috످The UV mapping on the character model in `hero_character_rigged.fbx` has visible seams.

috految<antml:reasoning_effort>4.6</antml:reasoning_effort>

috److I can't see `hero_character_rigged.fbx` from this chat, but visible seams often come from texture padding or normal map settings, which you can fix without changing the UVs.

To find the cause, back up the FBX and textures, then try these in order.

First, apply a plain gray material. If the seams remain, the mesh likely has split vertices or bad normals. In Blender's Edit Mode, select the affected vertices and use `M > By Distance`, then `Alt+N > Reset Vectors`. Merging can affect skin weights and shape keys, so test your animations afterward.

Second, restore the material and disable the normal map. If the seams disappear, re-enable it and set it to Non-Color (sRGB off). If they return, flip the green channel (Blender and Unity use OpenGL, while Unreal uses DirectX).

Third, zoom out. If the seams get worse with distance, re-export your textures with more padding (16px for 2K, 32px for 4K).

Fourth, view only the base color. If colors don't match across the seam, blend them with the Clone brush in Texture Paint mode.

Fifth, apply a checker texture. If the squares stretch or change size, re-unwrap with seams in hidden areas, like the inner arms and legs. Use a new UV map and rebake your textures to match.

Which software or engine are you using, and where do the seams appear? If they only show up during animation, check for mismatched skin weights first.

috످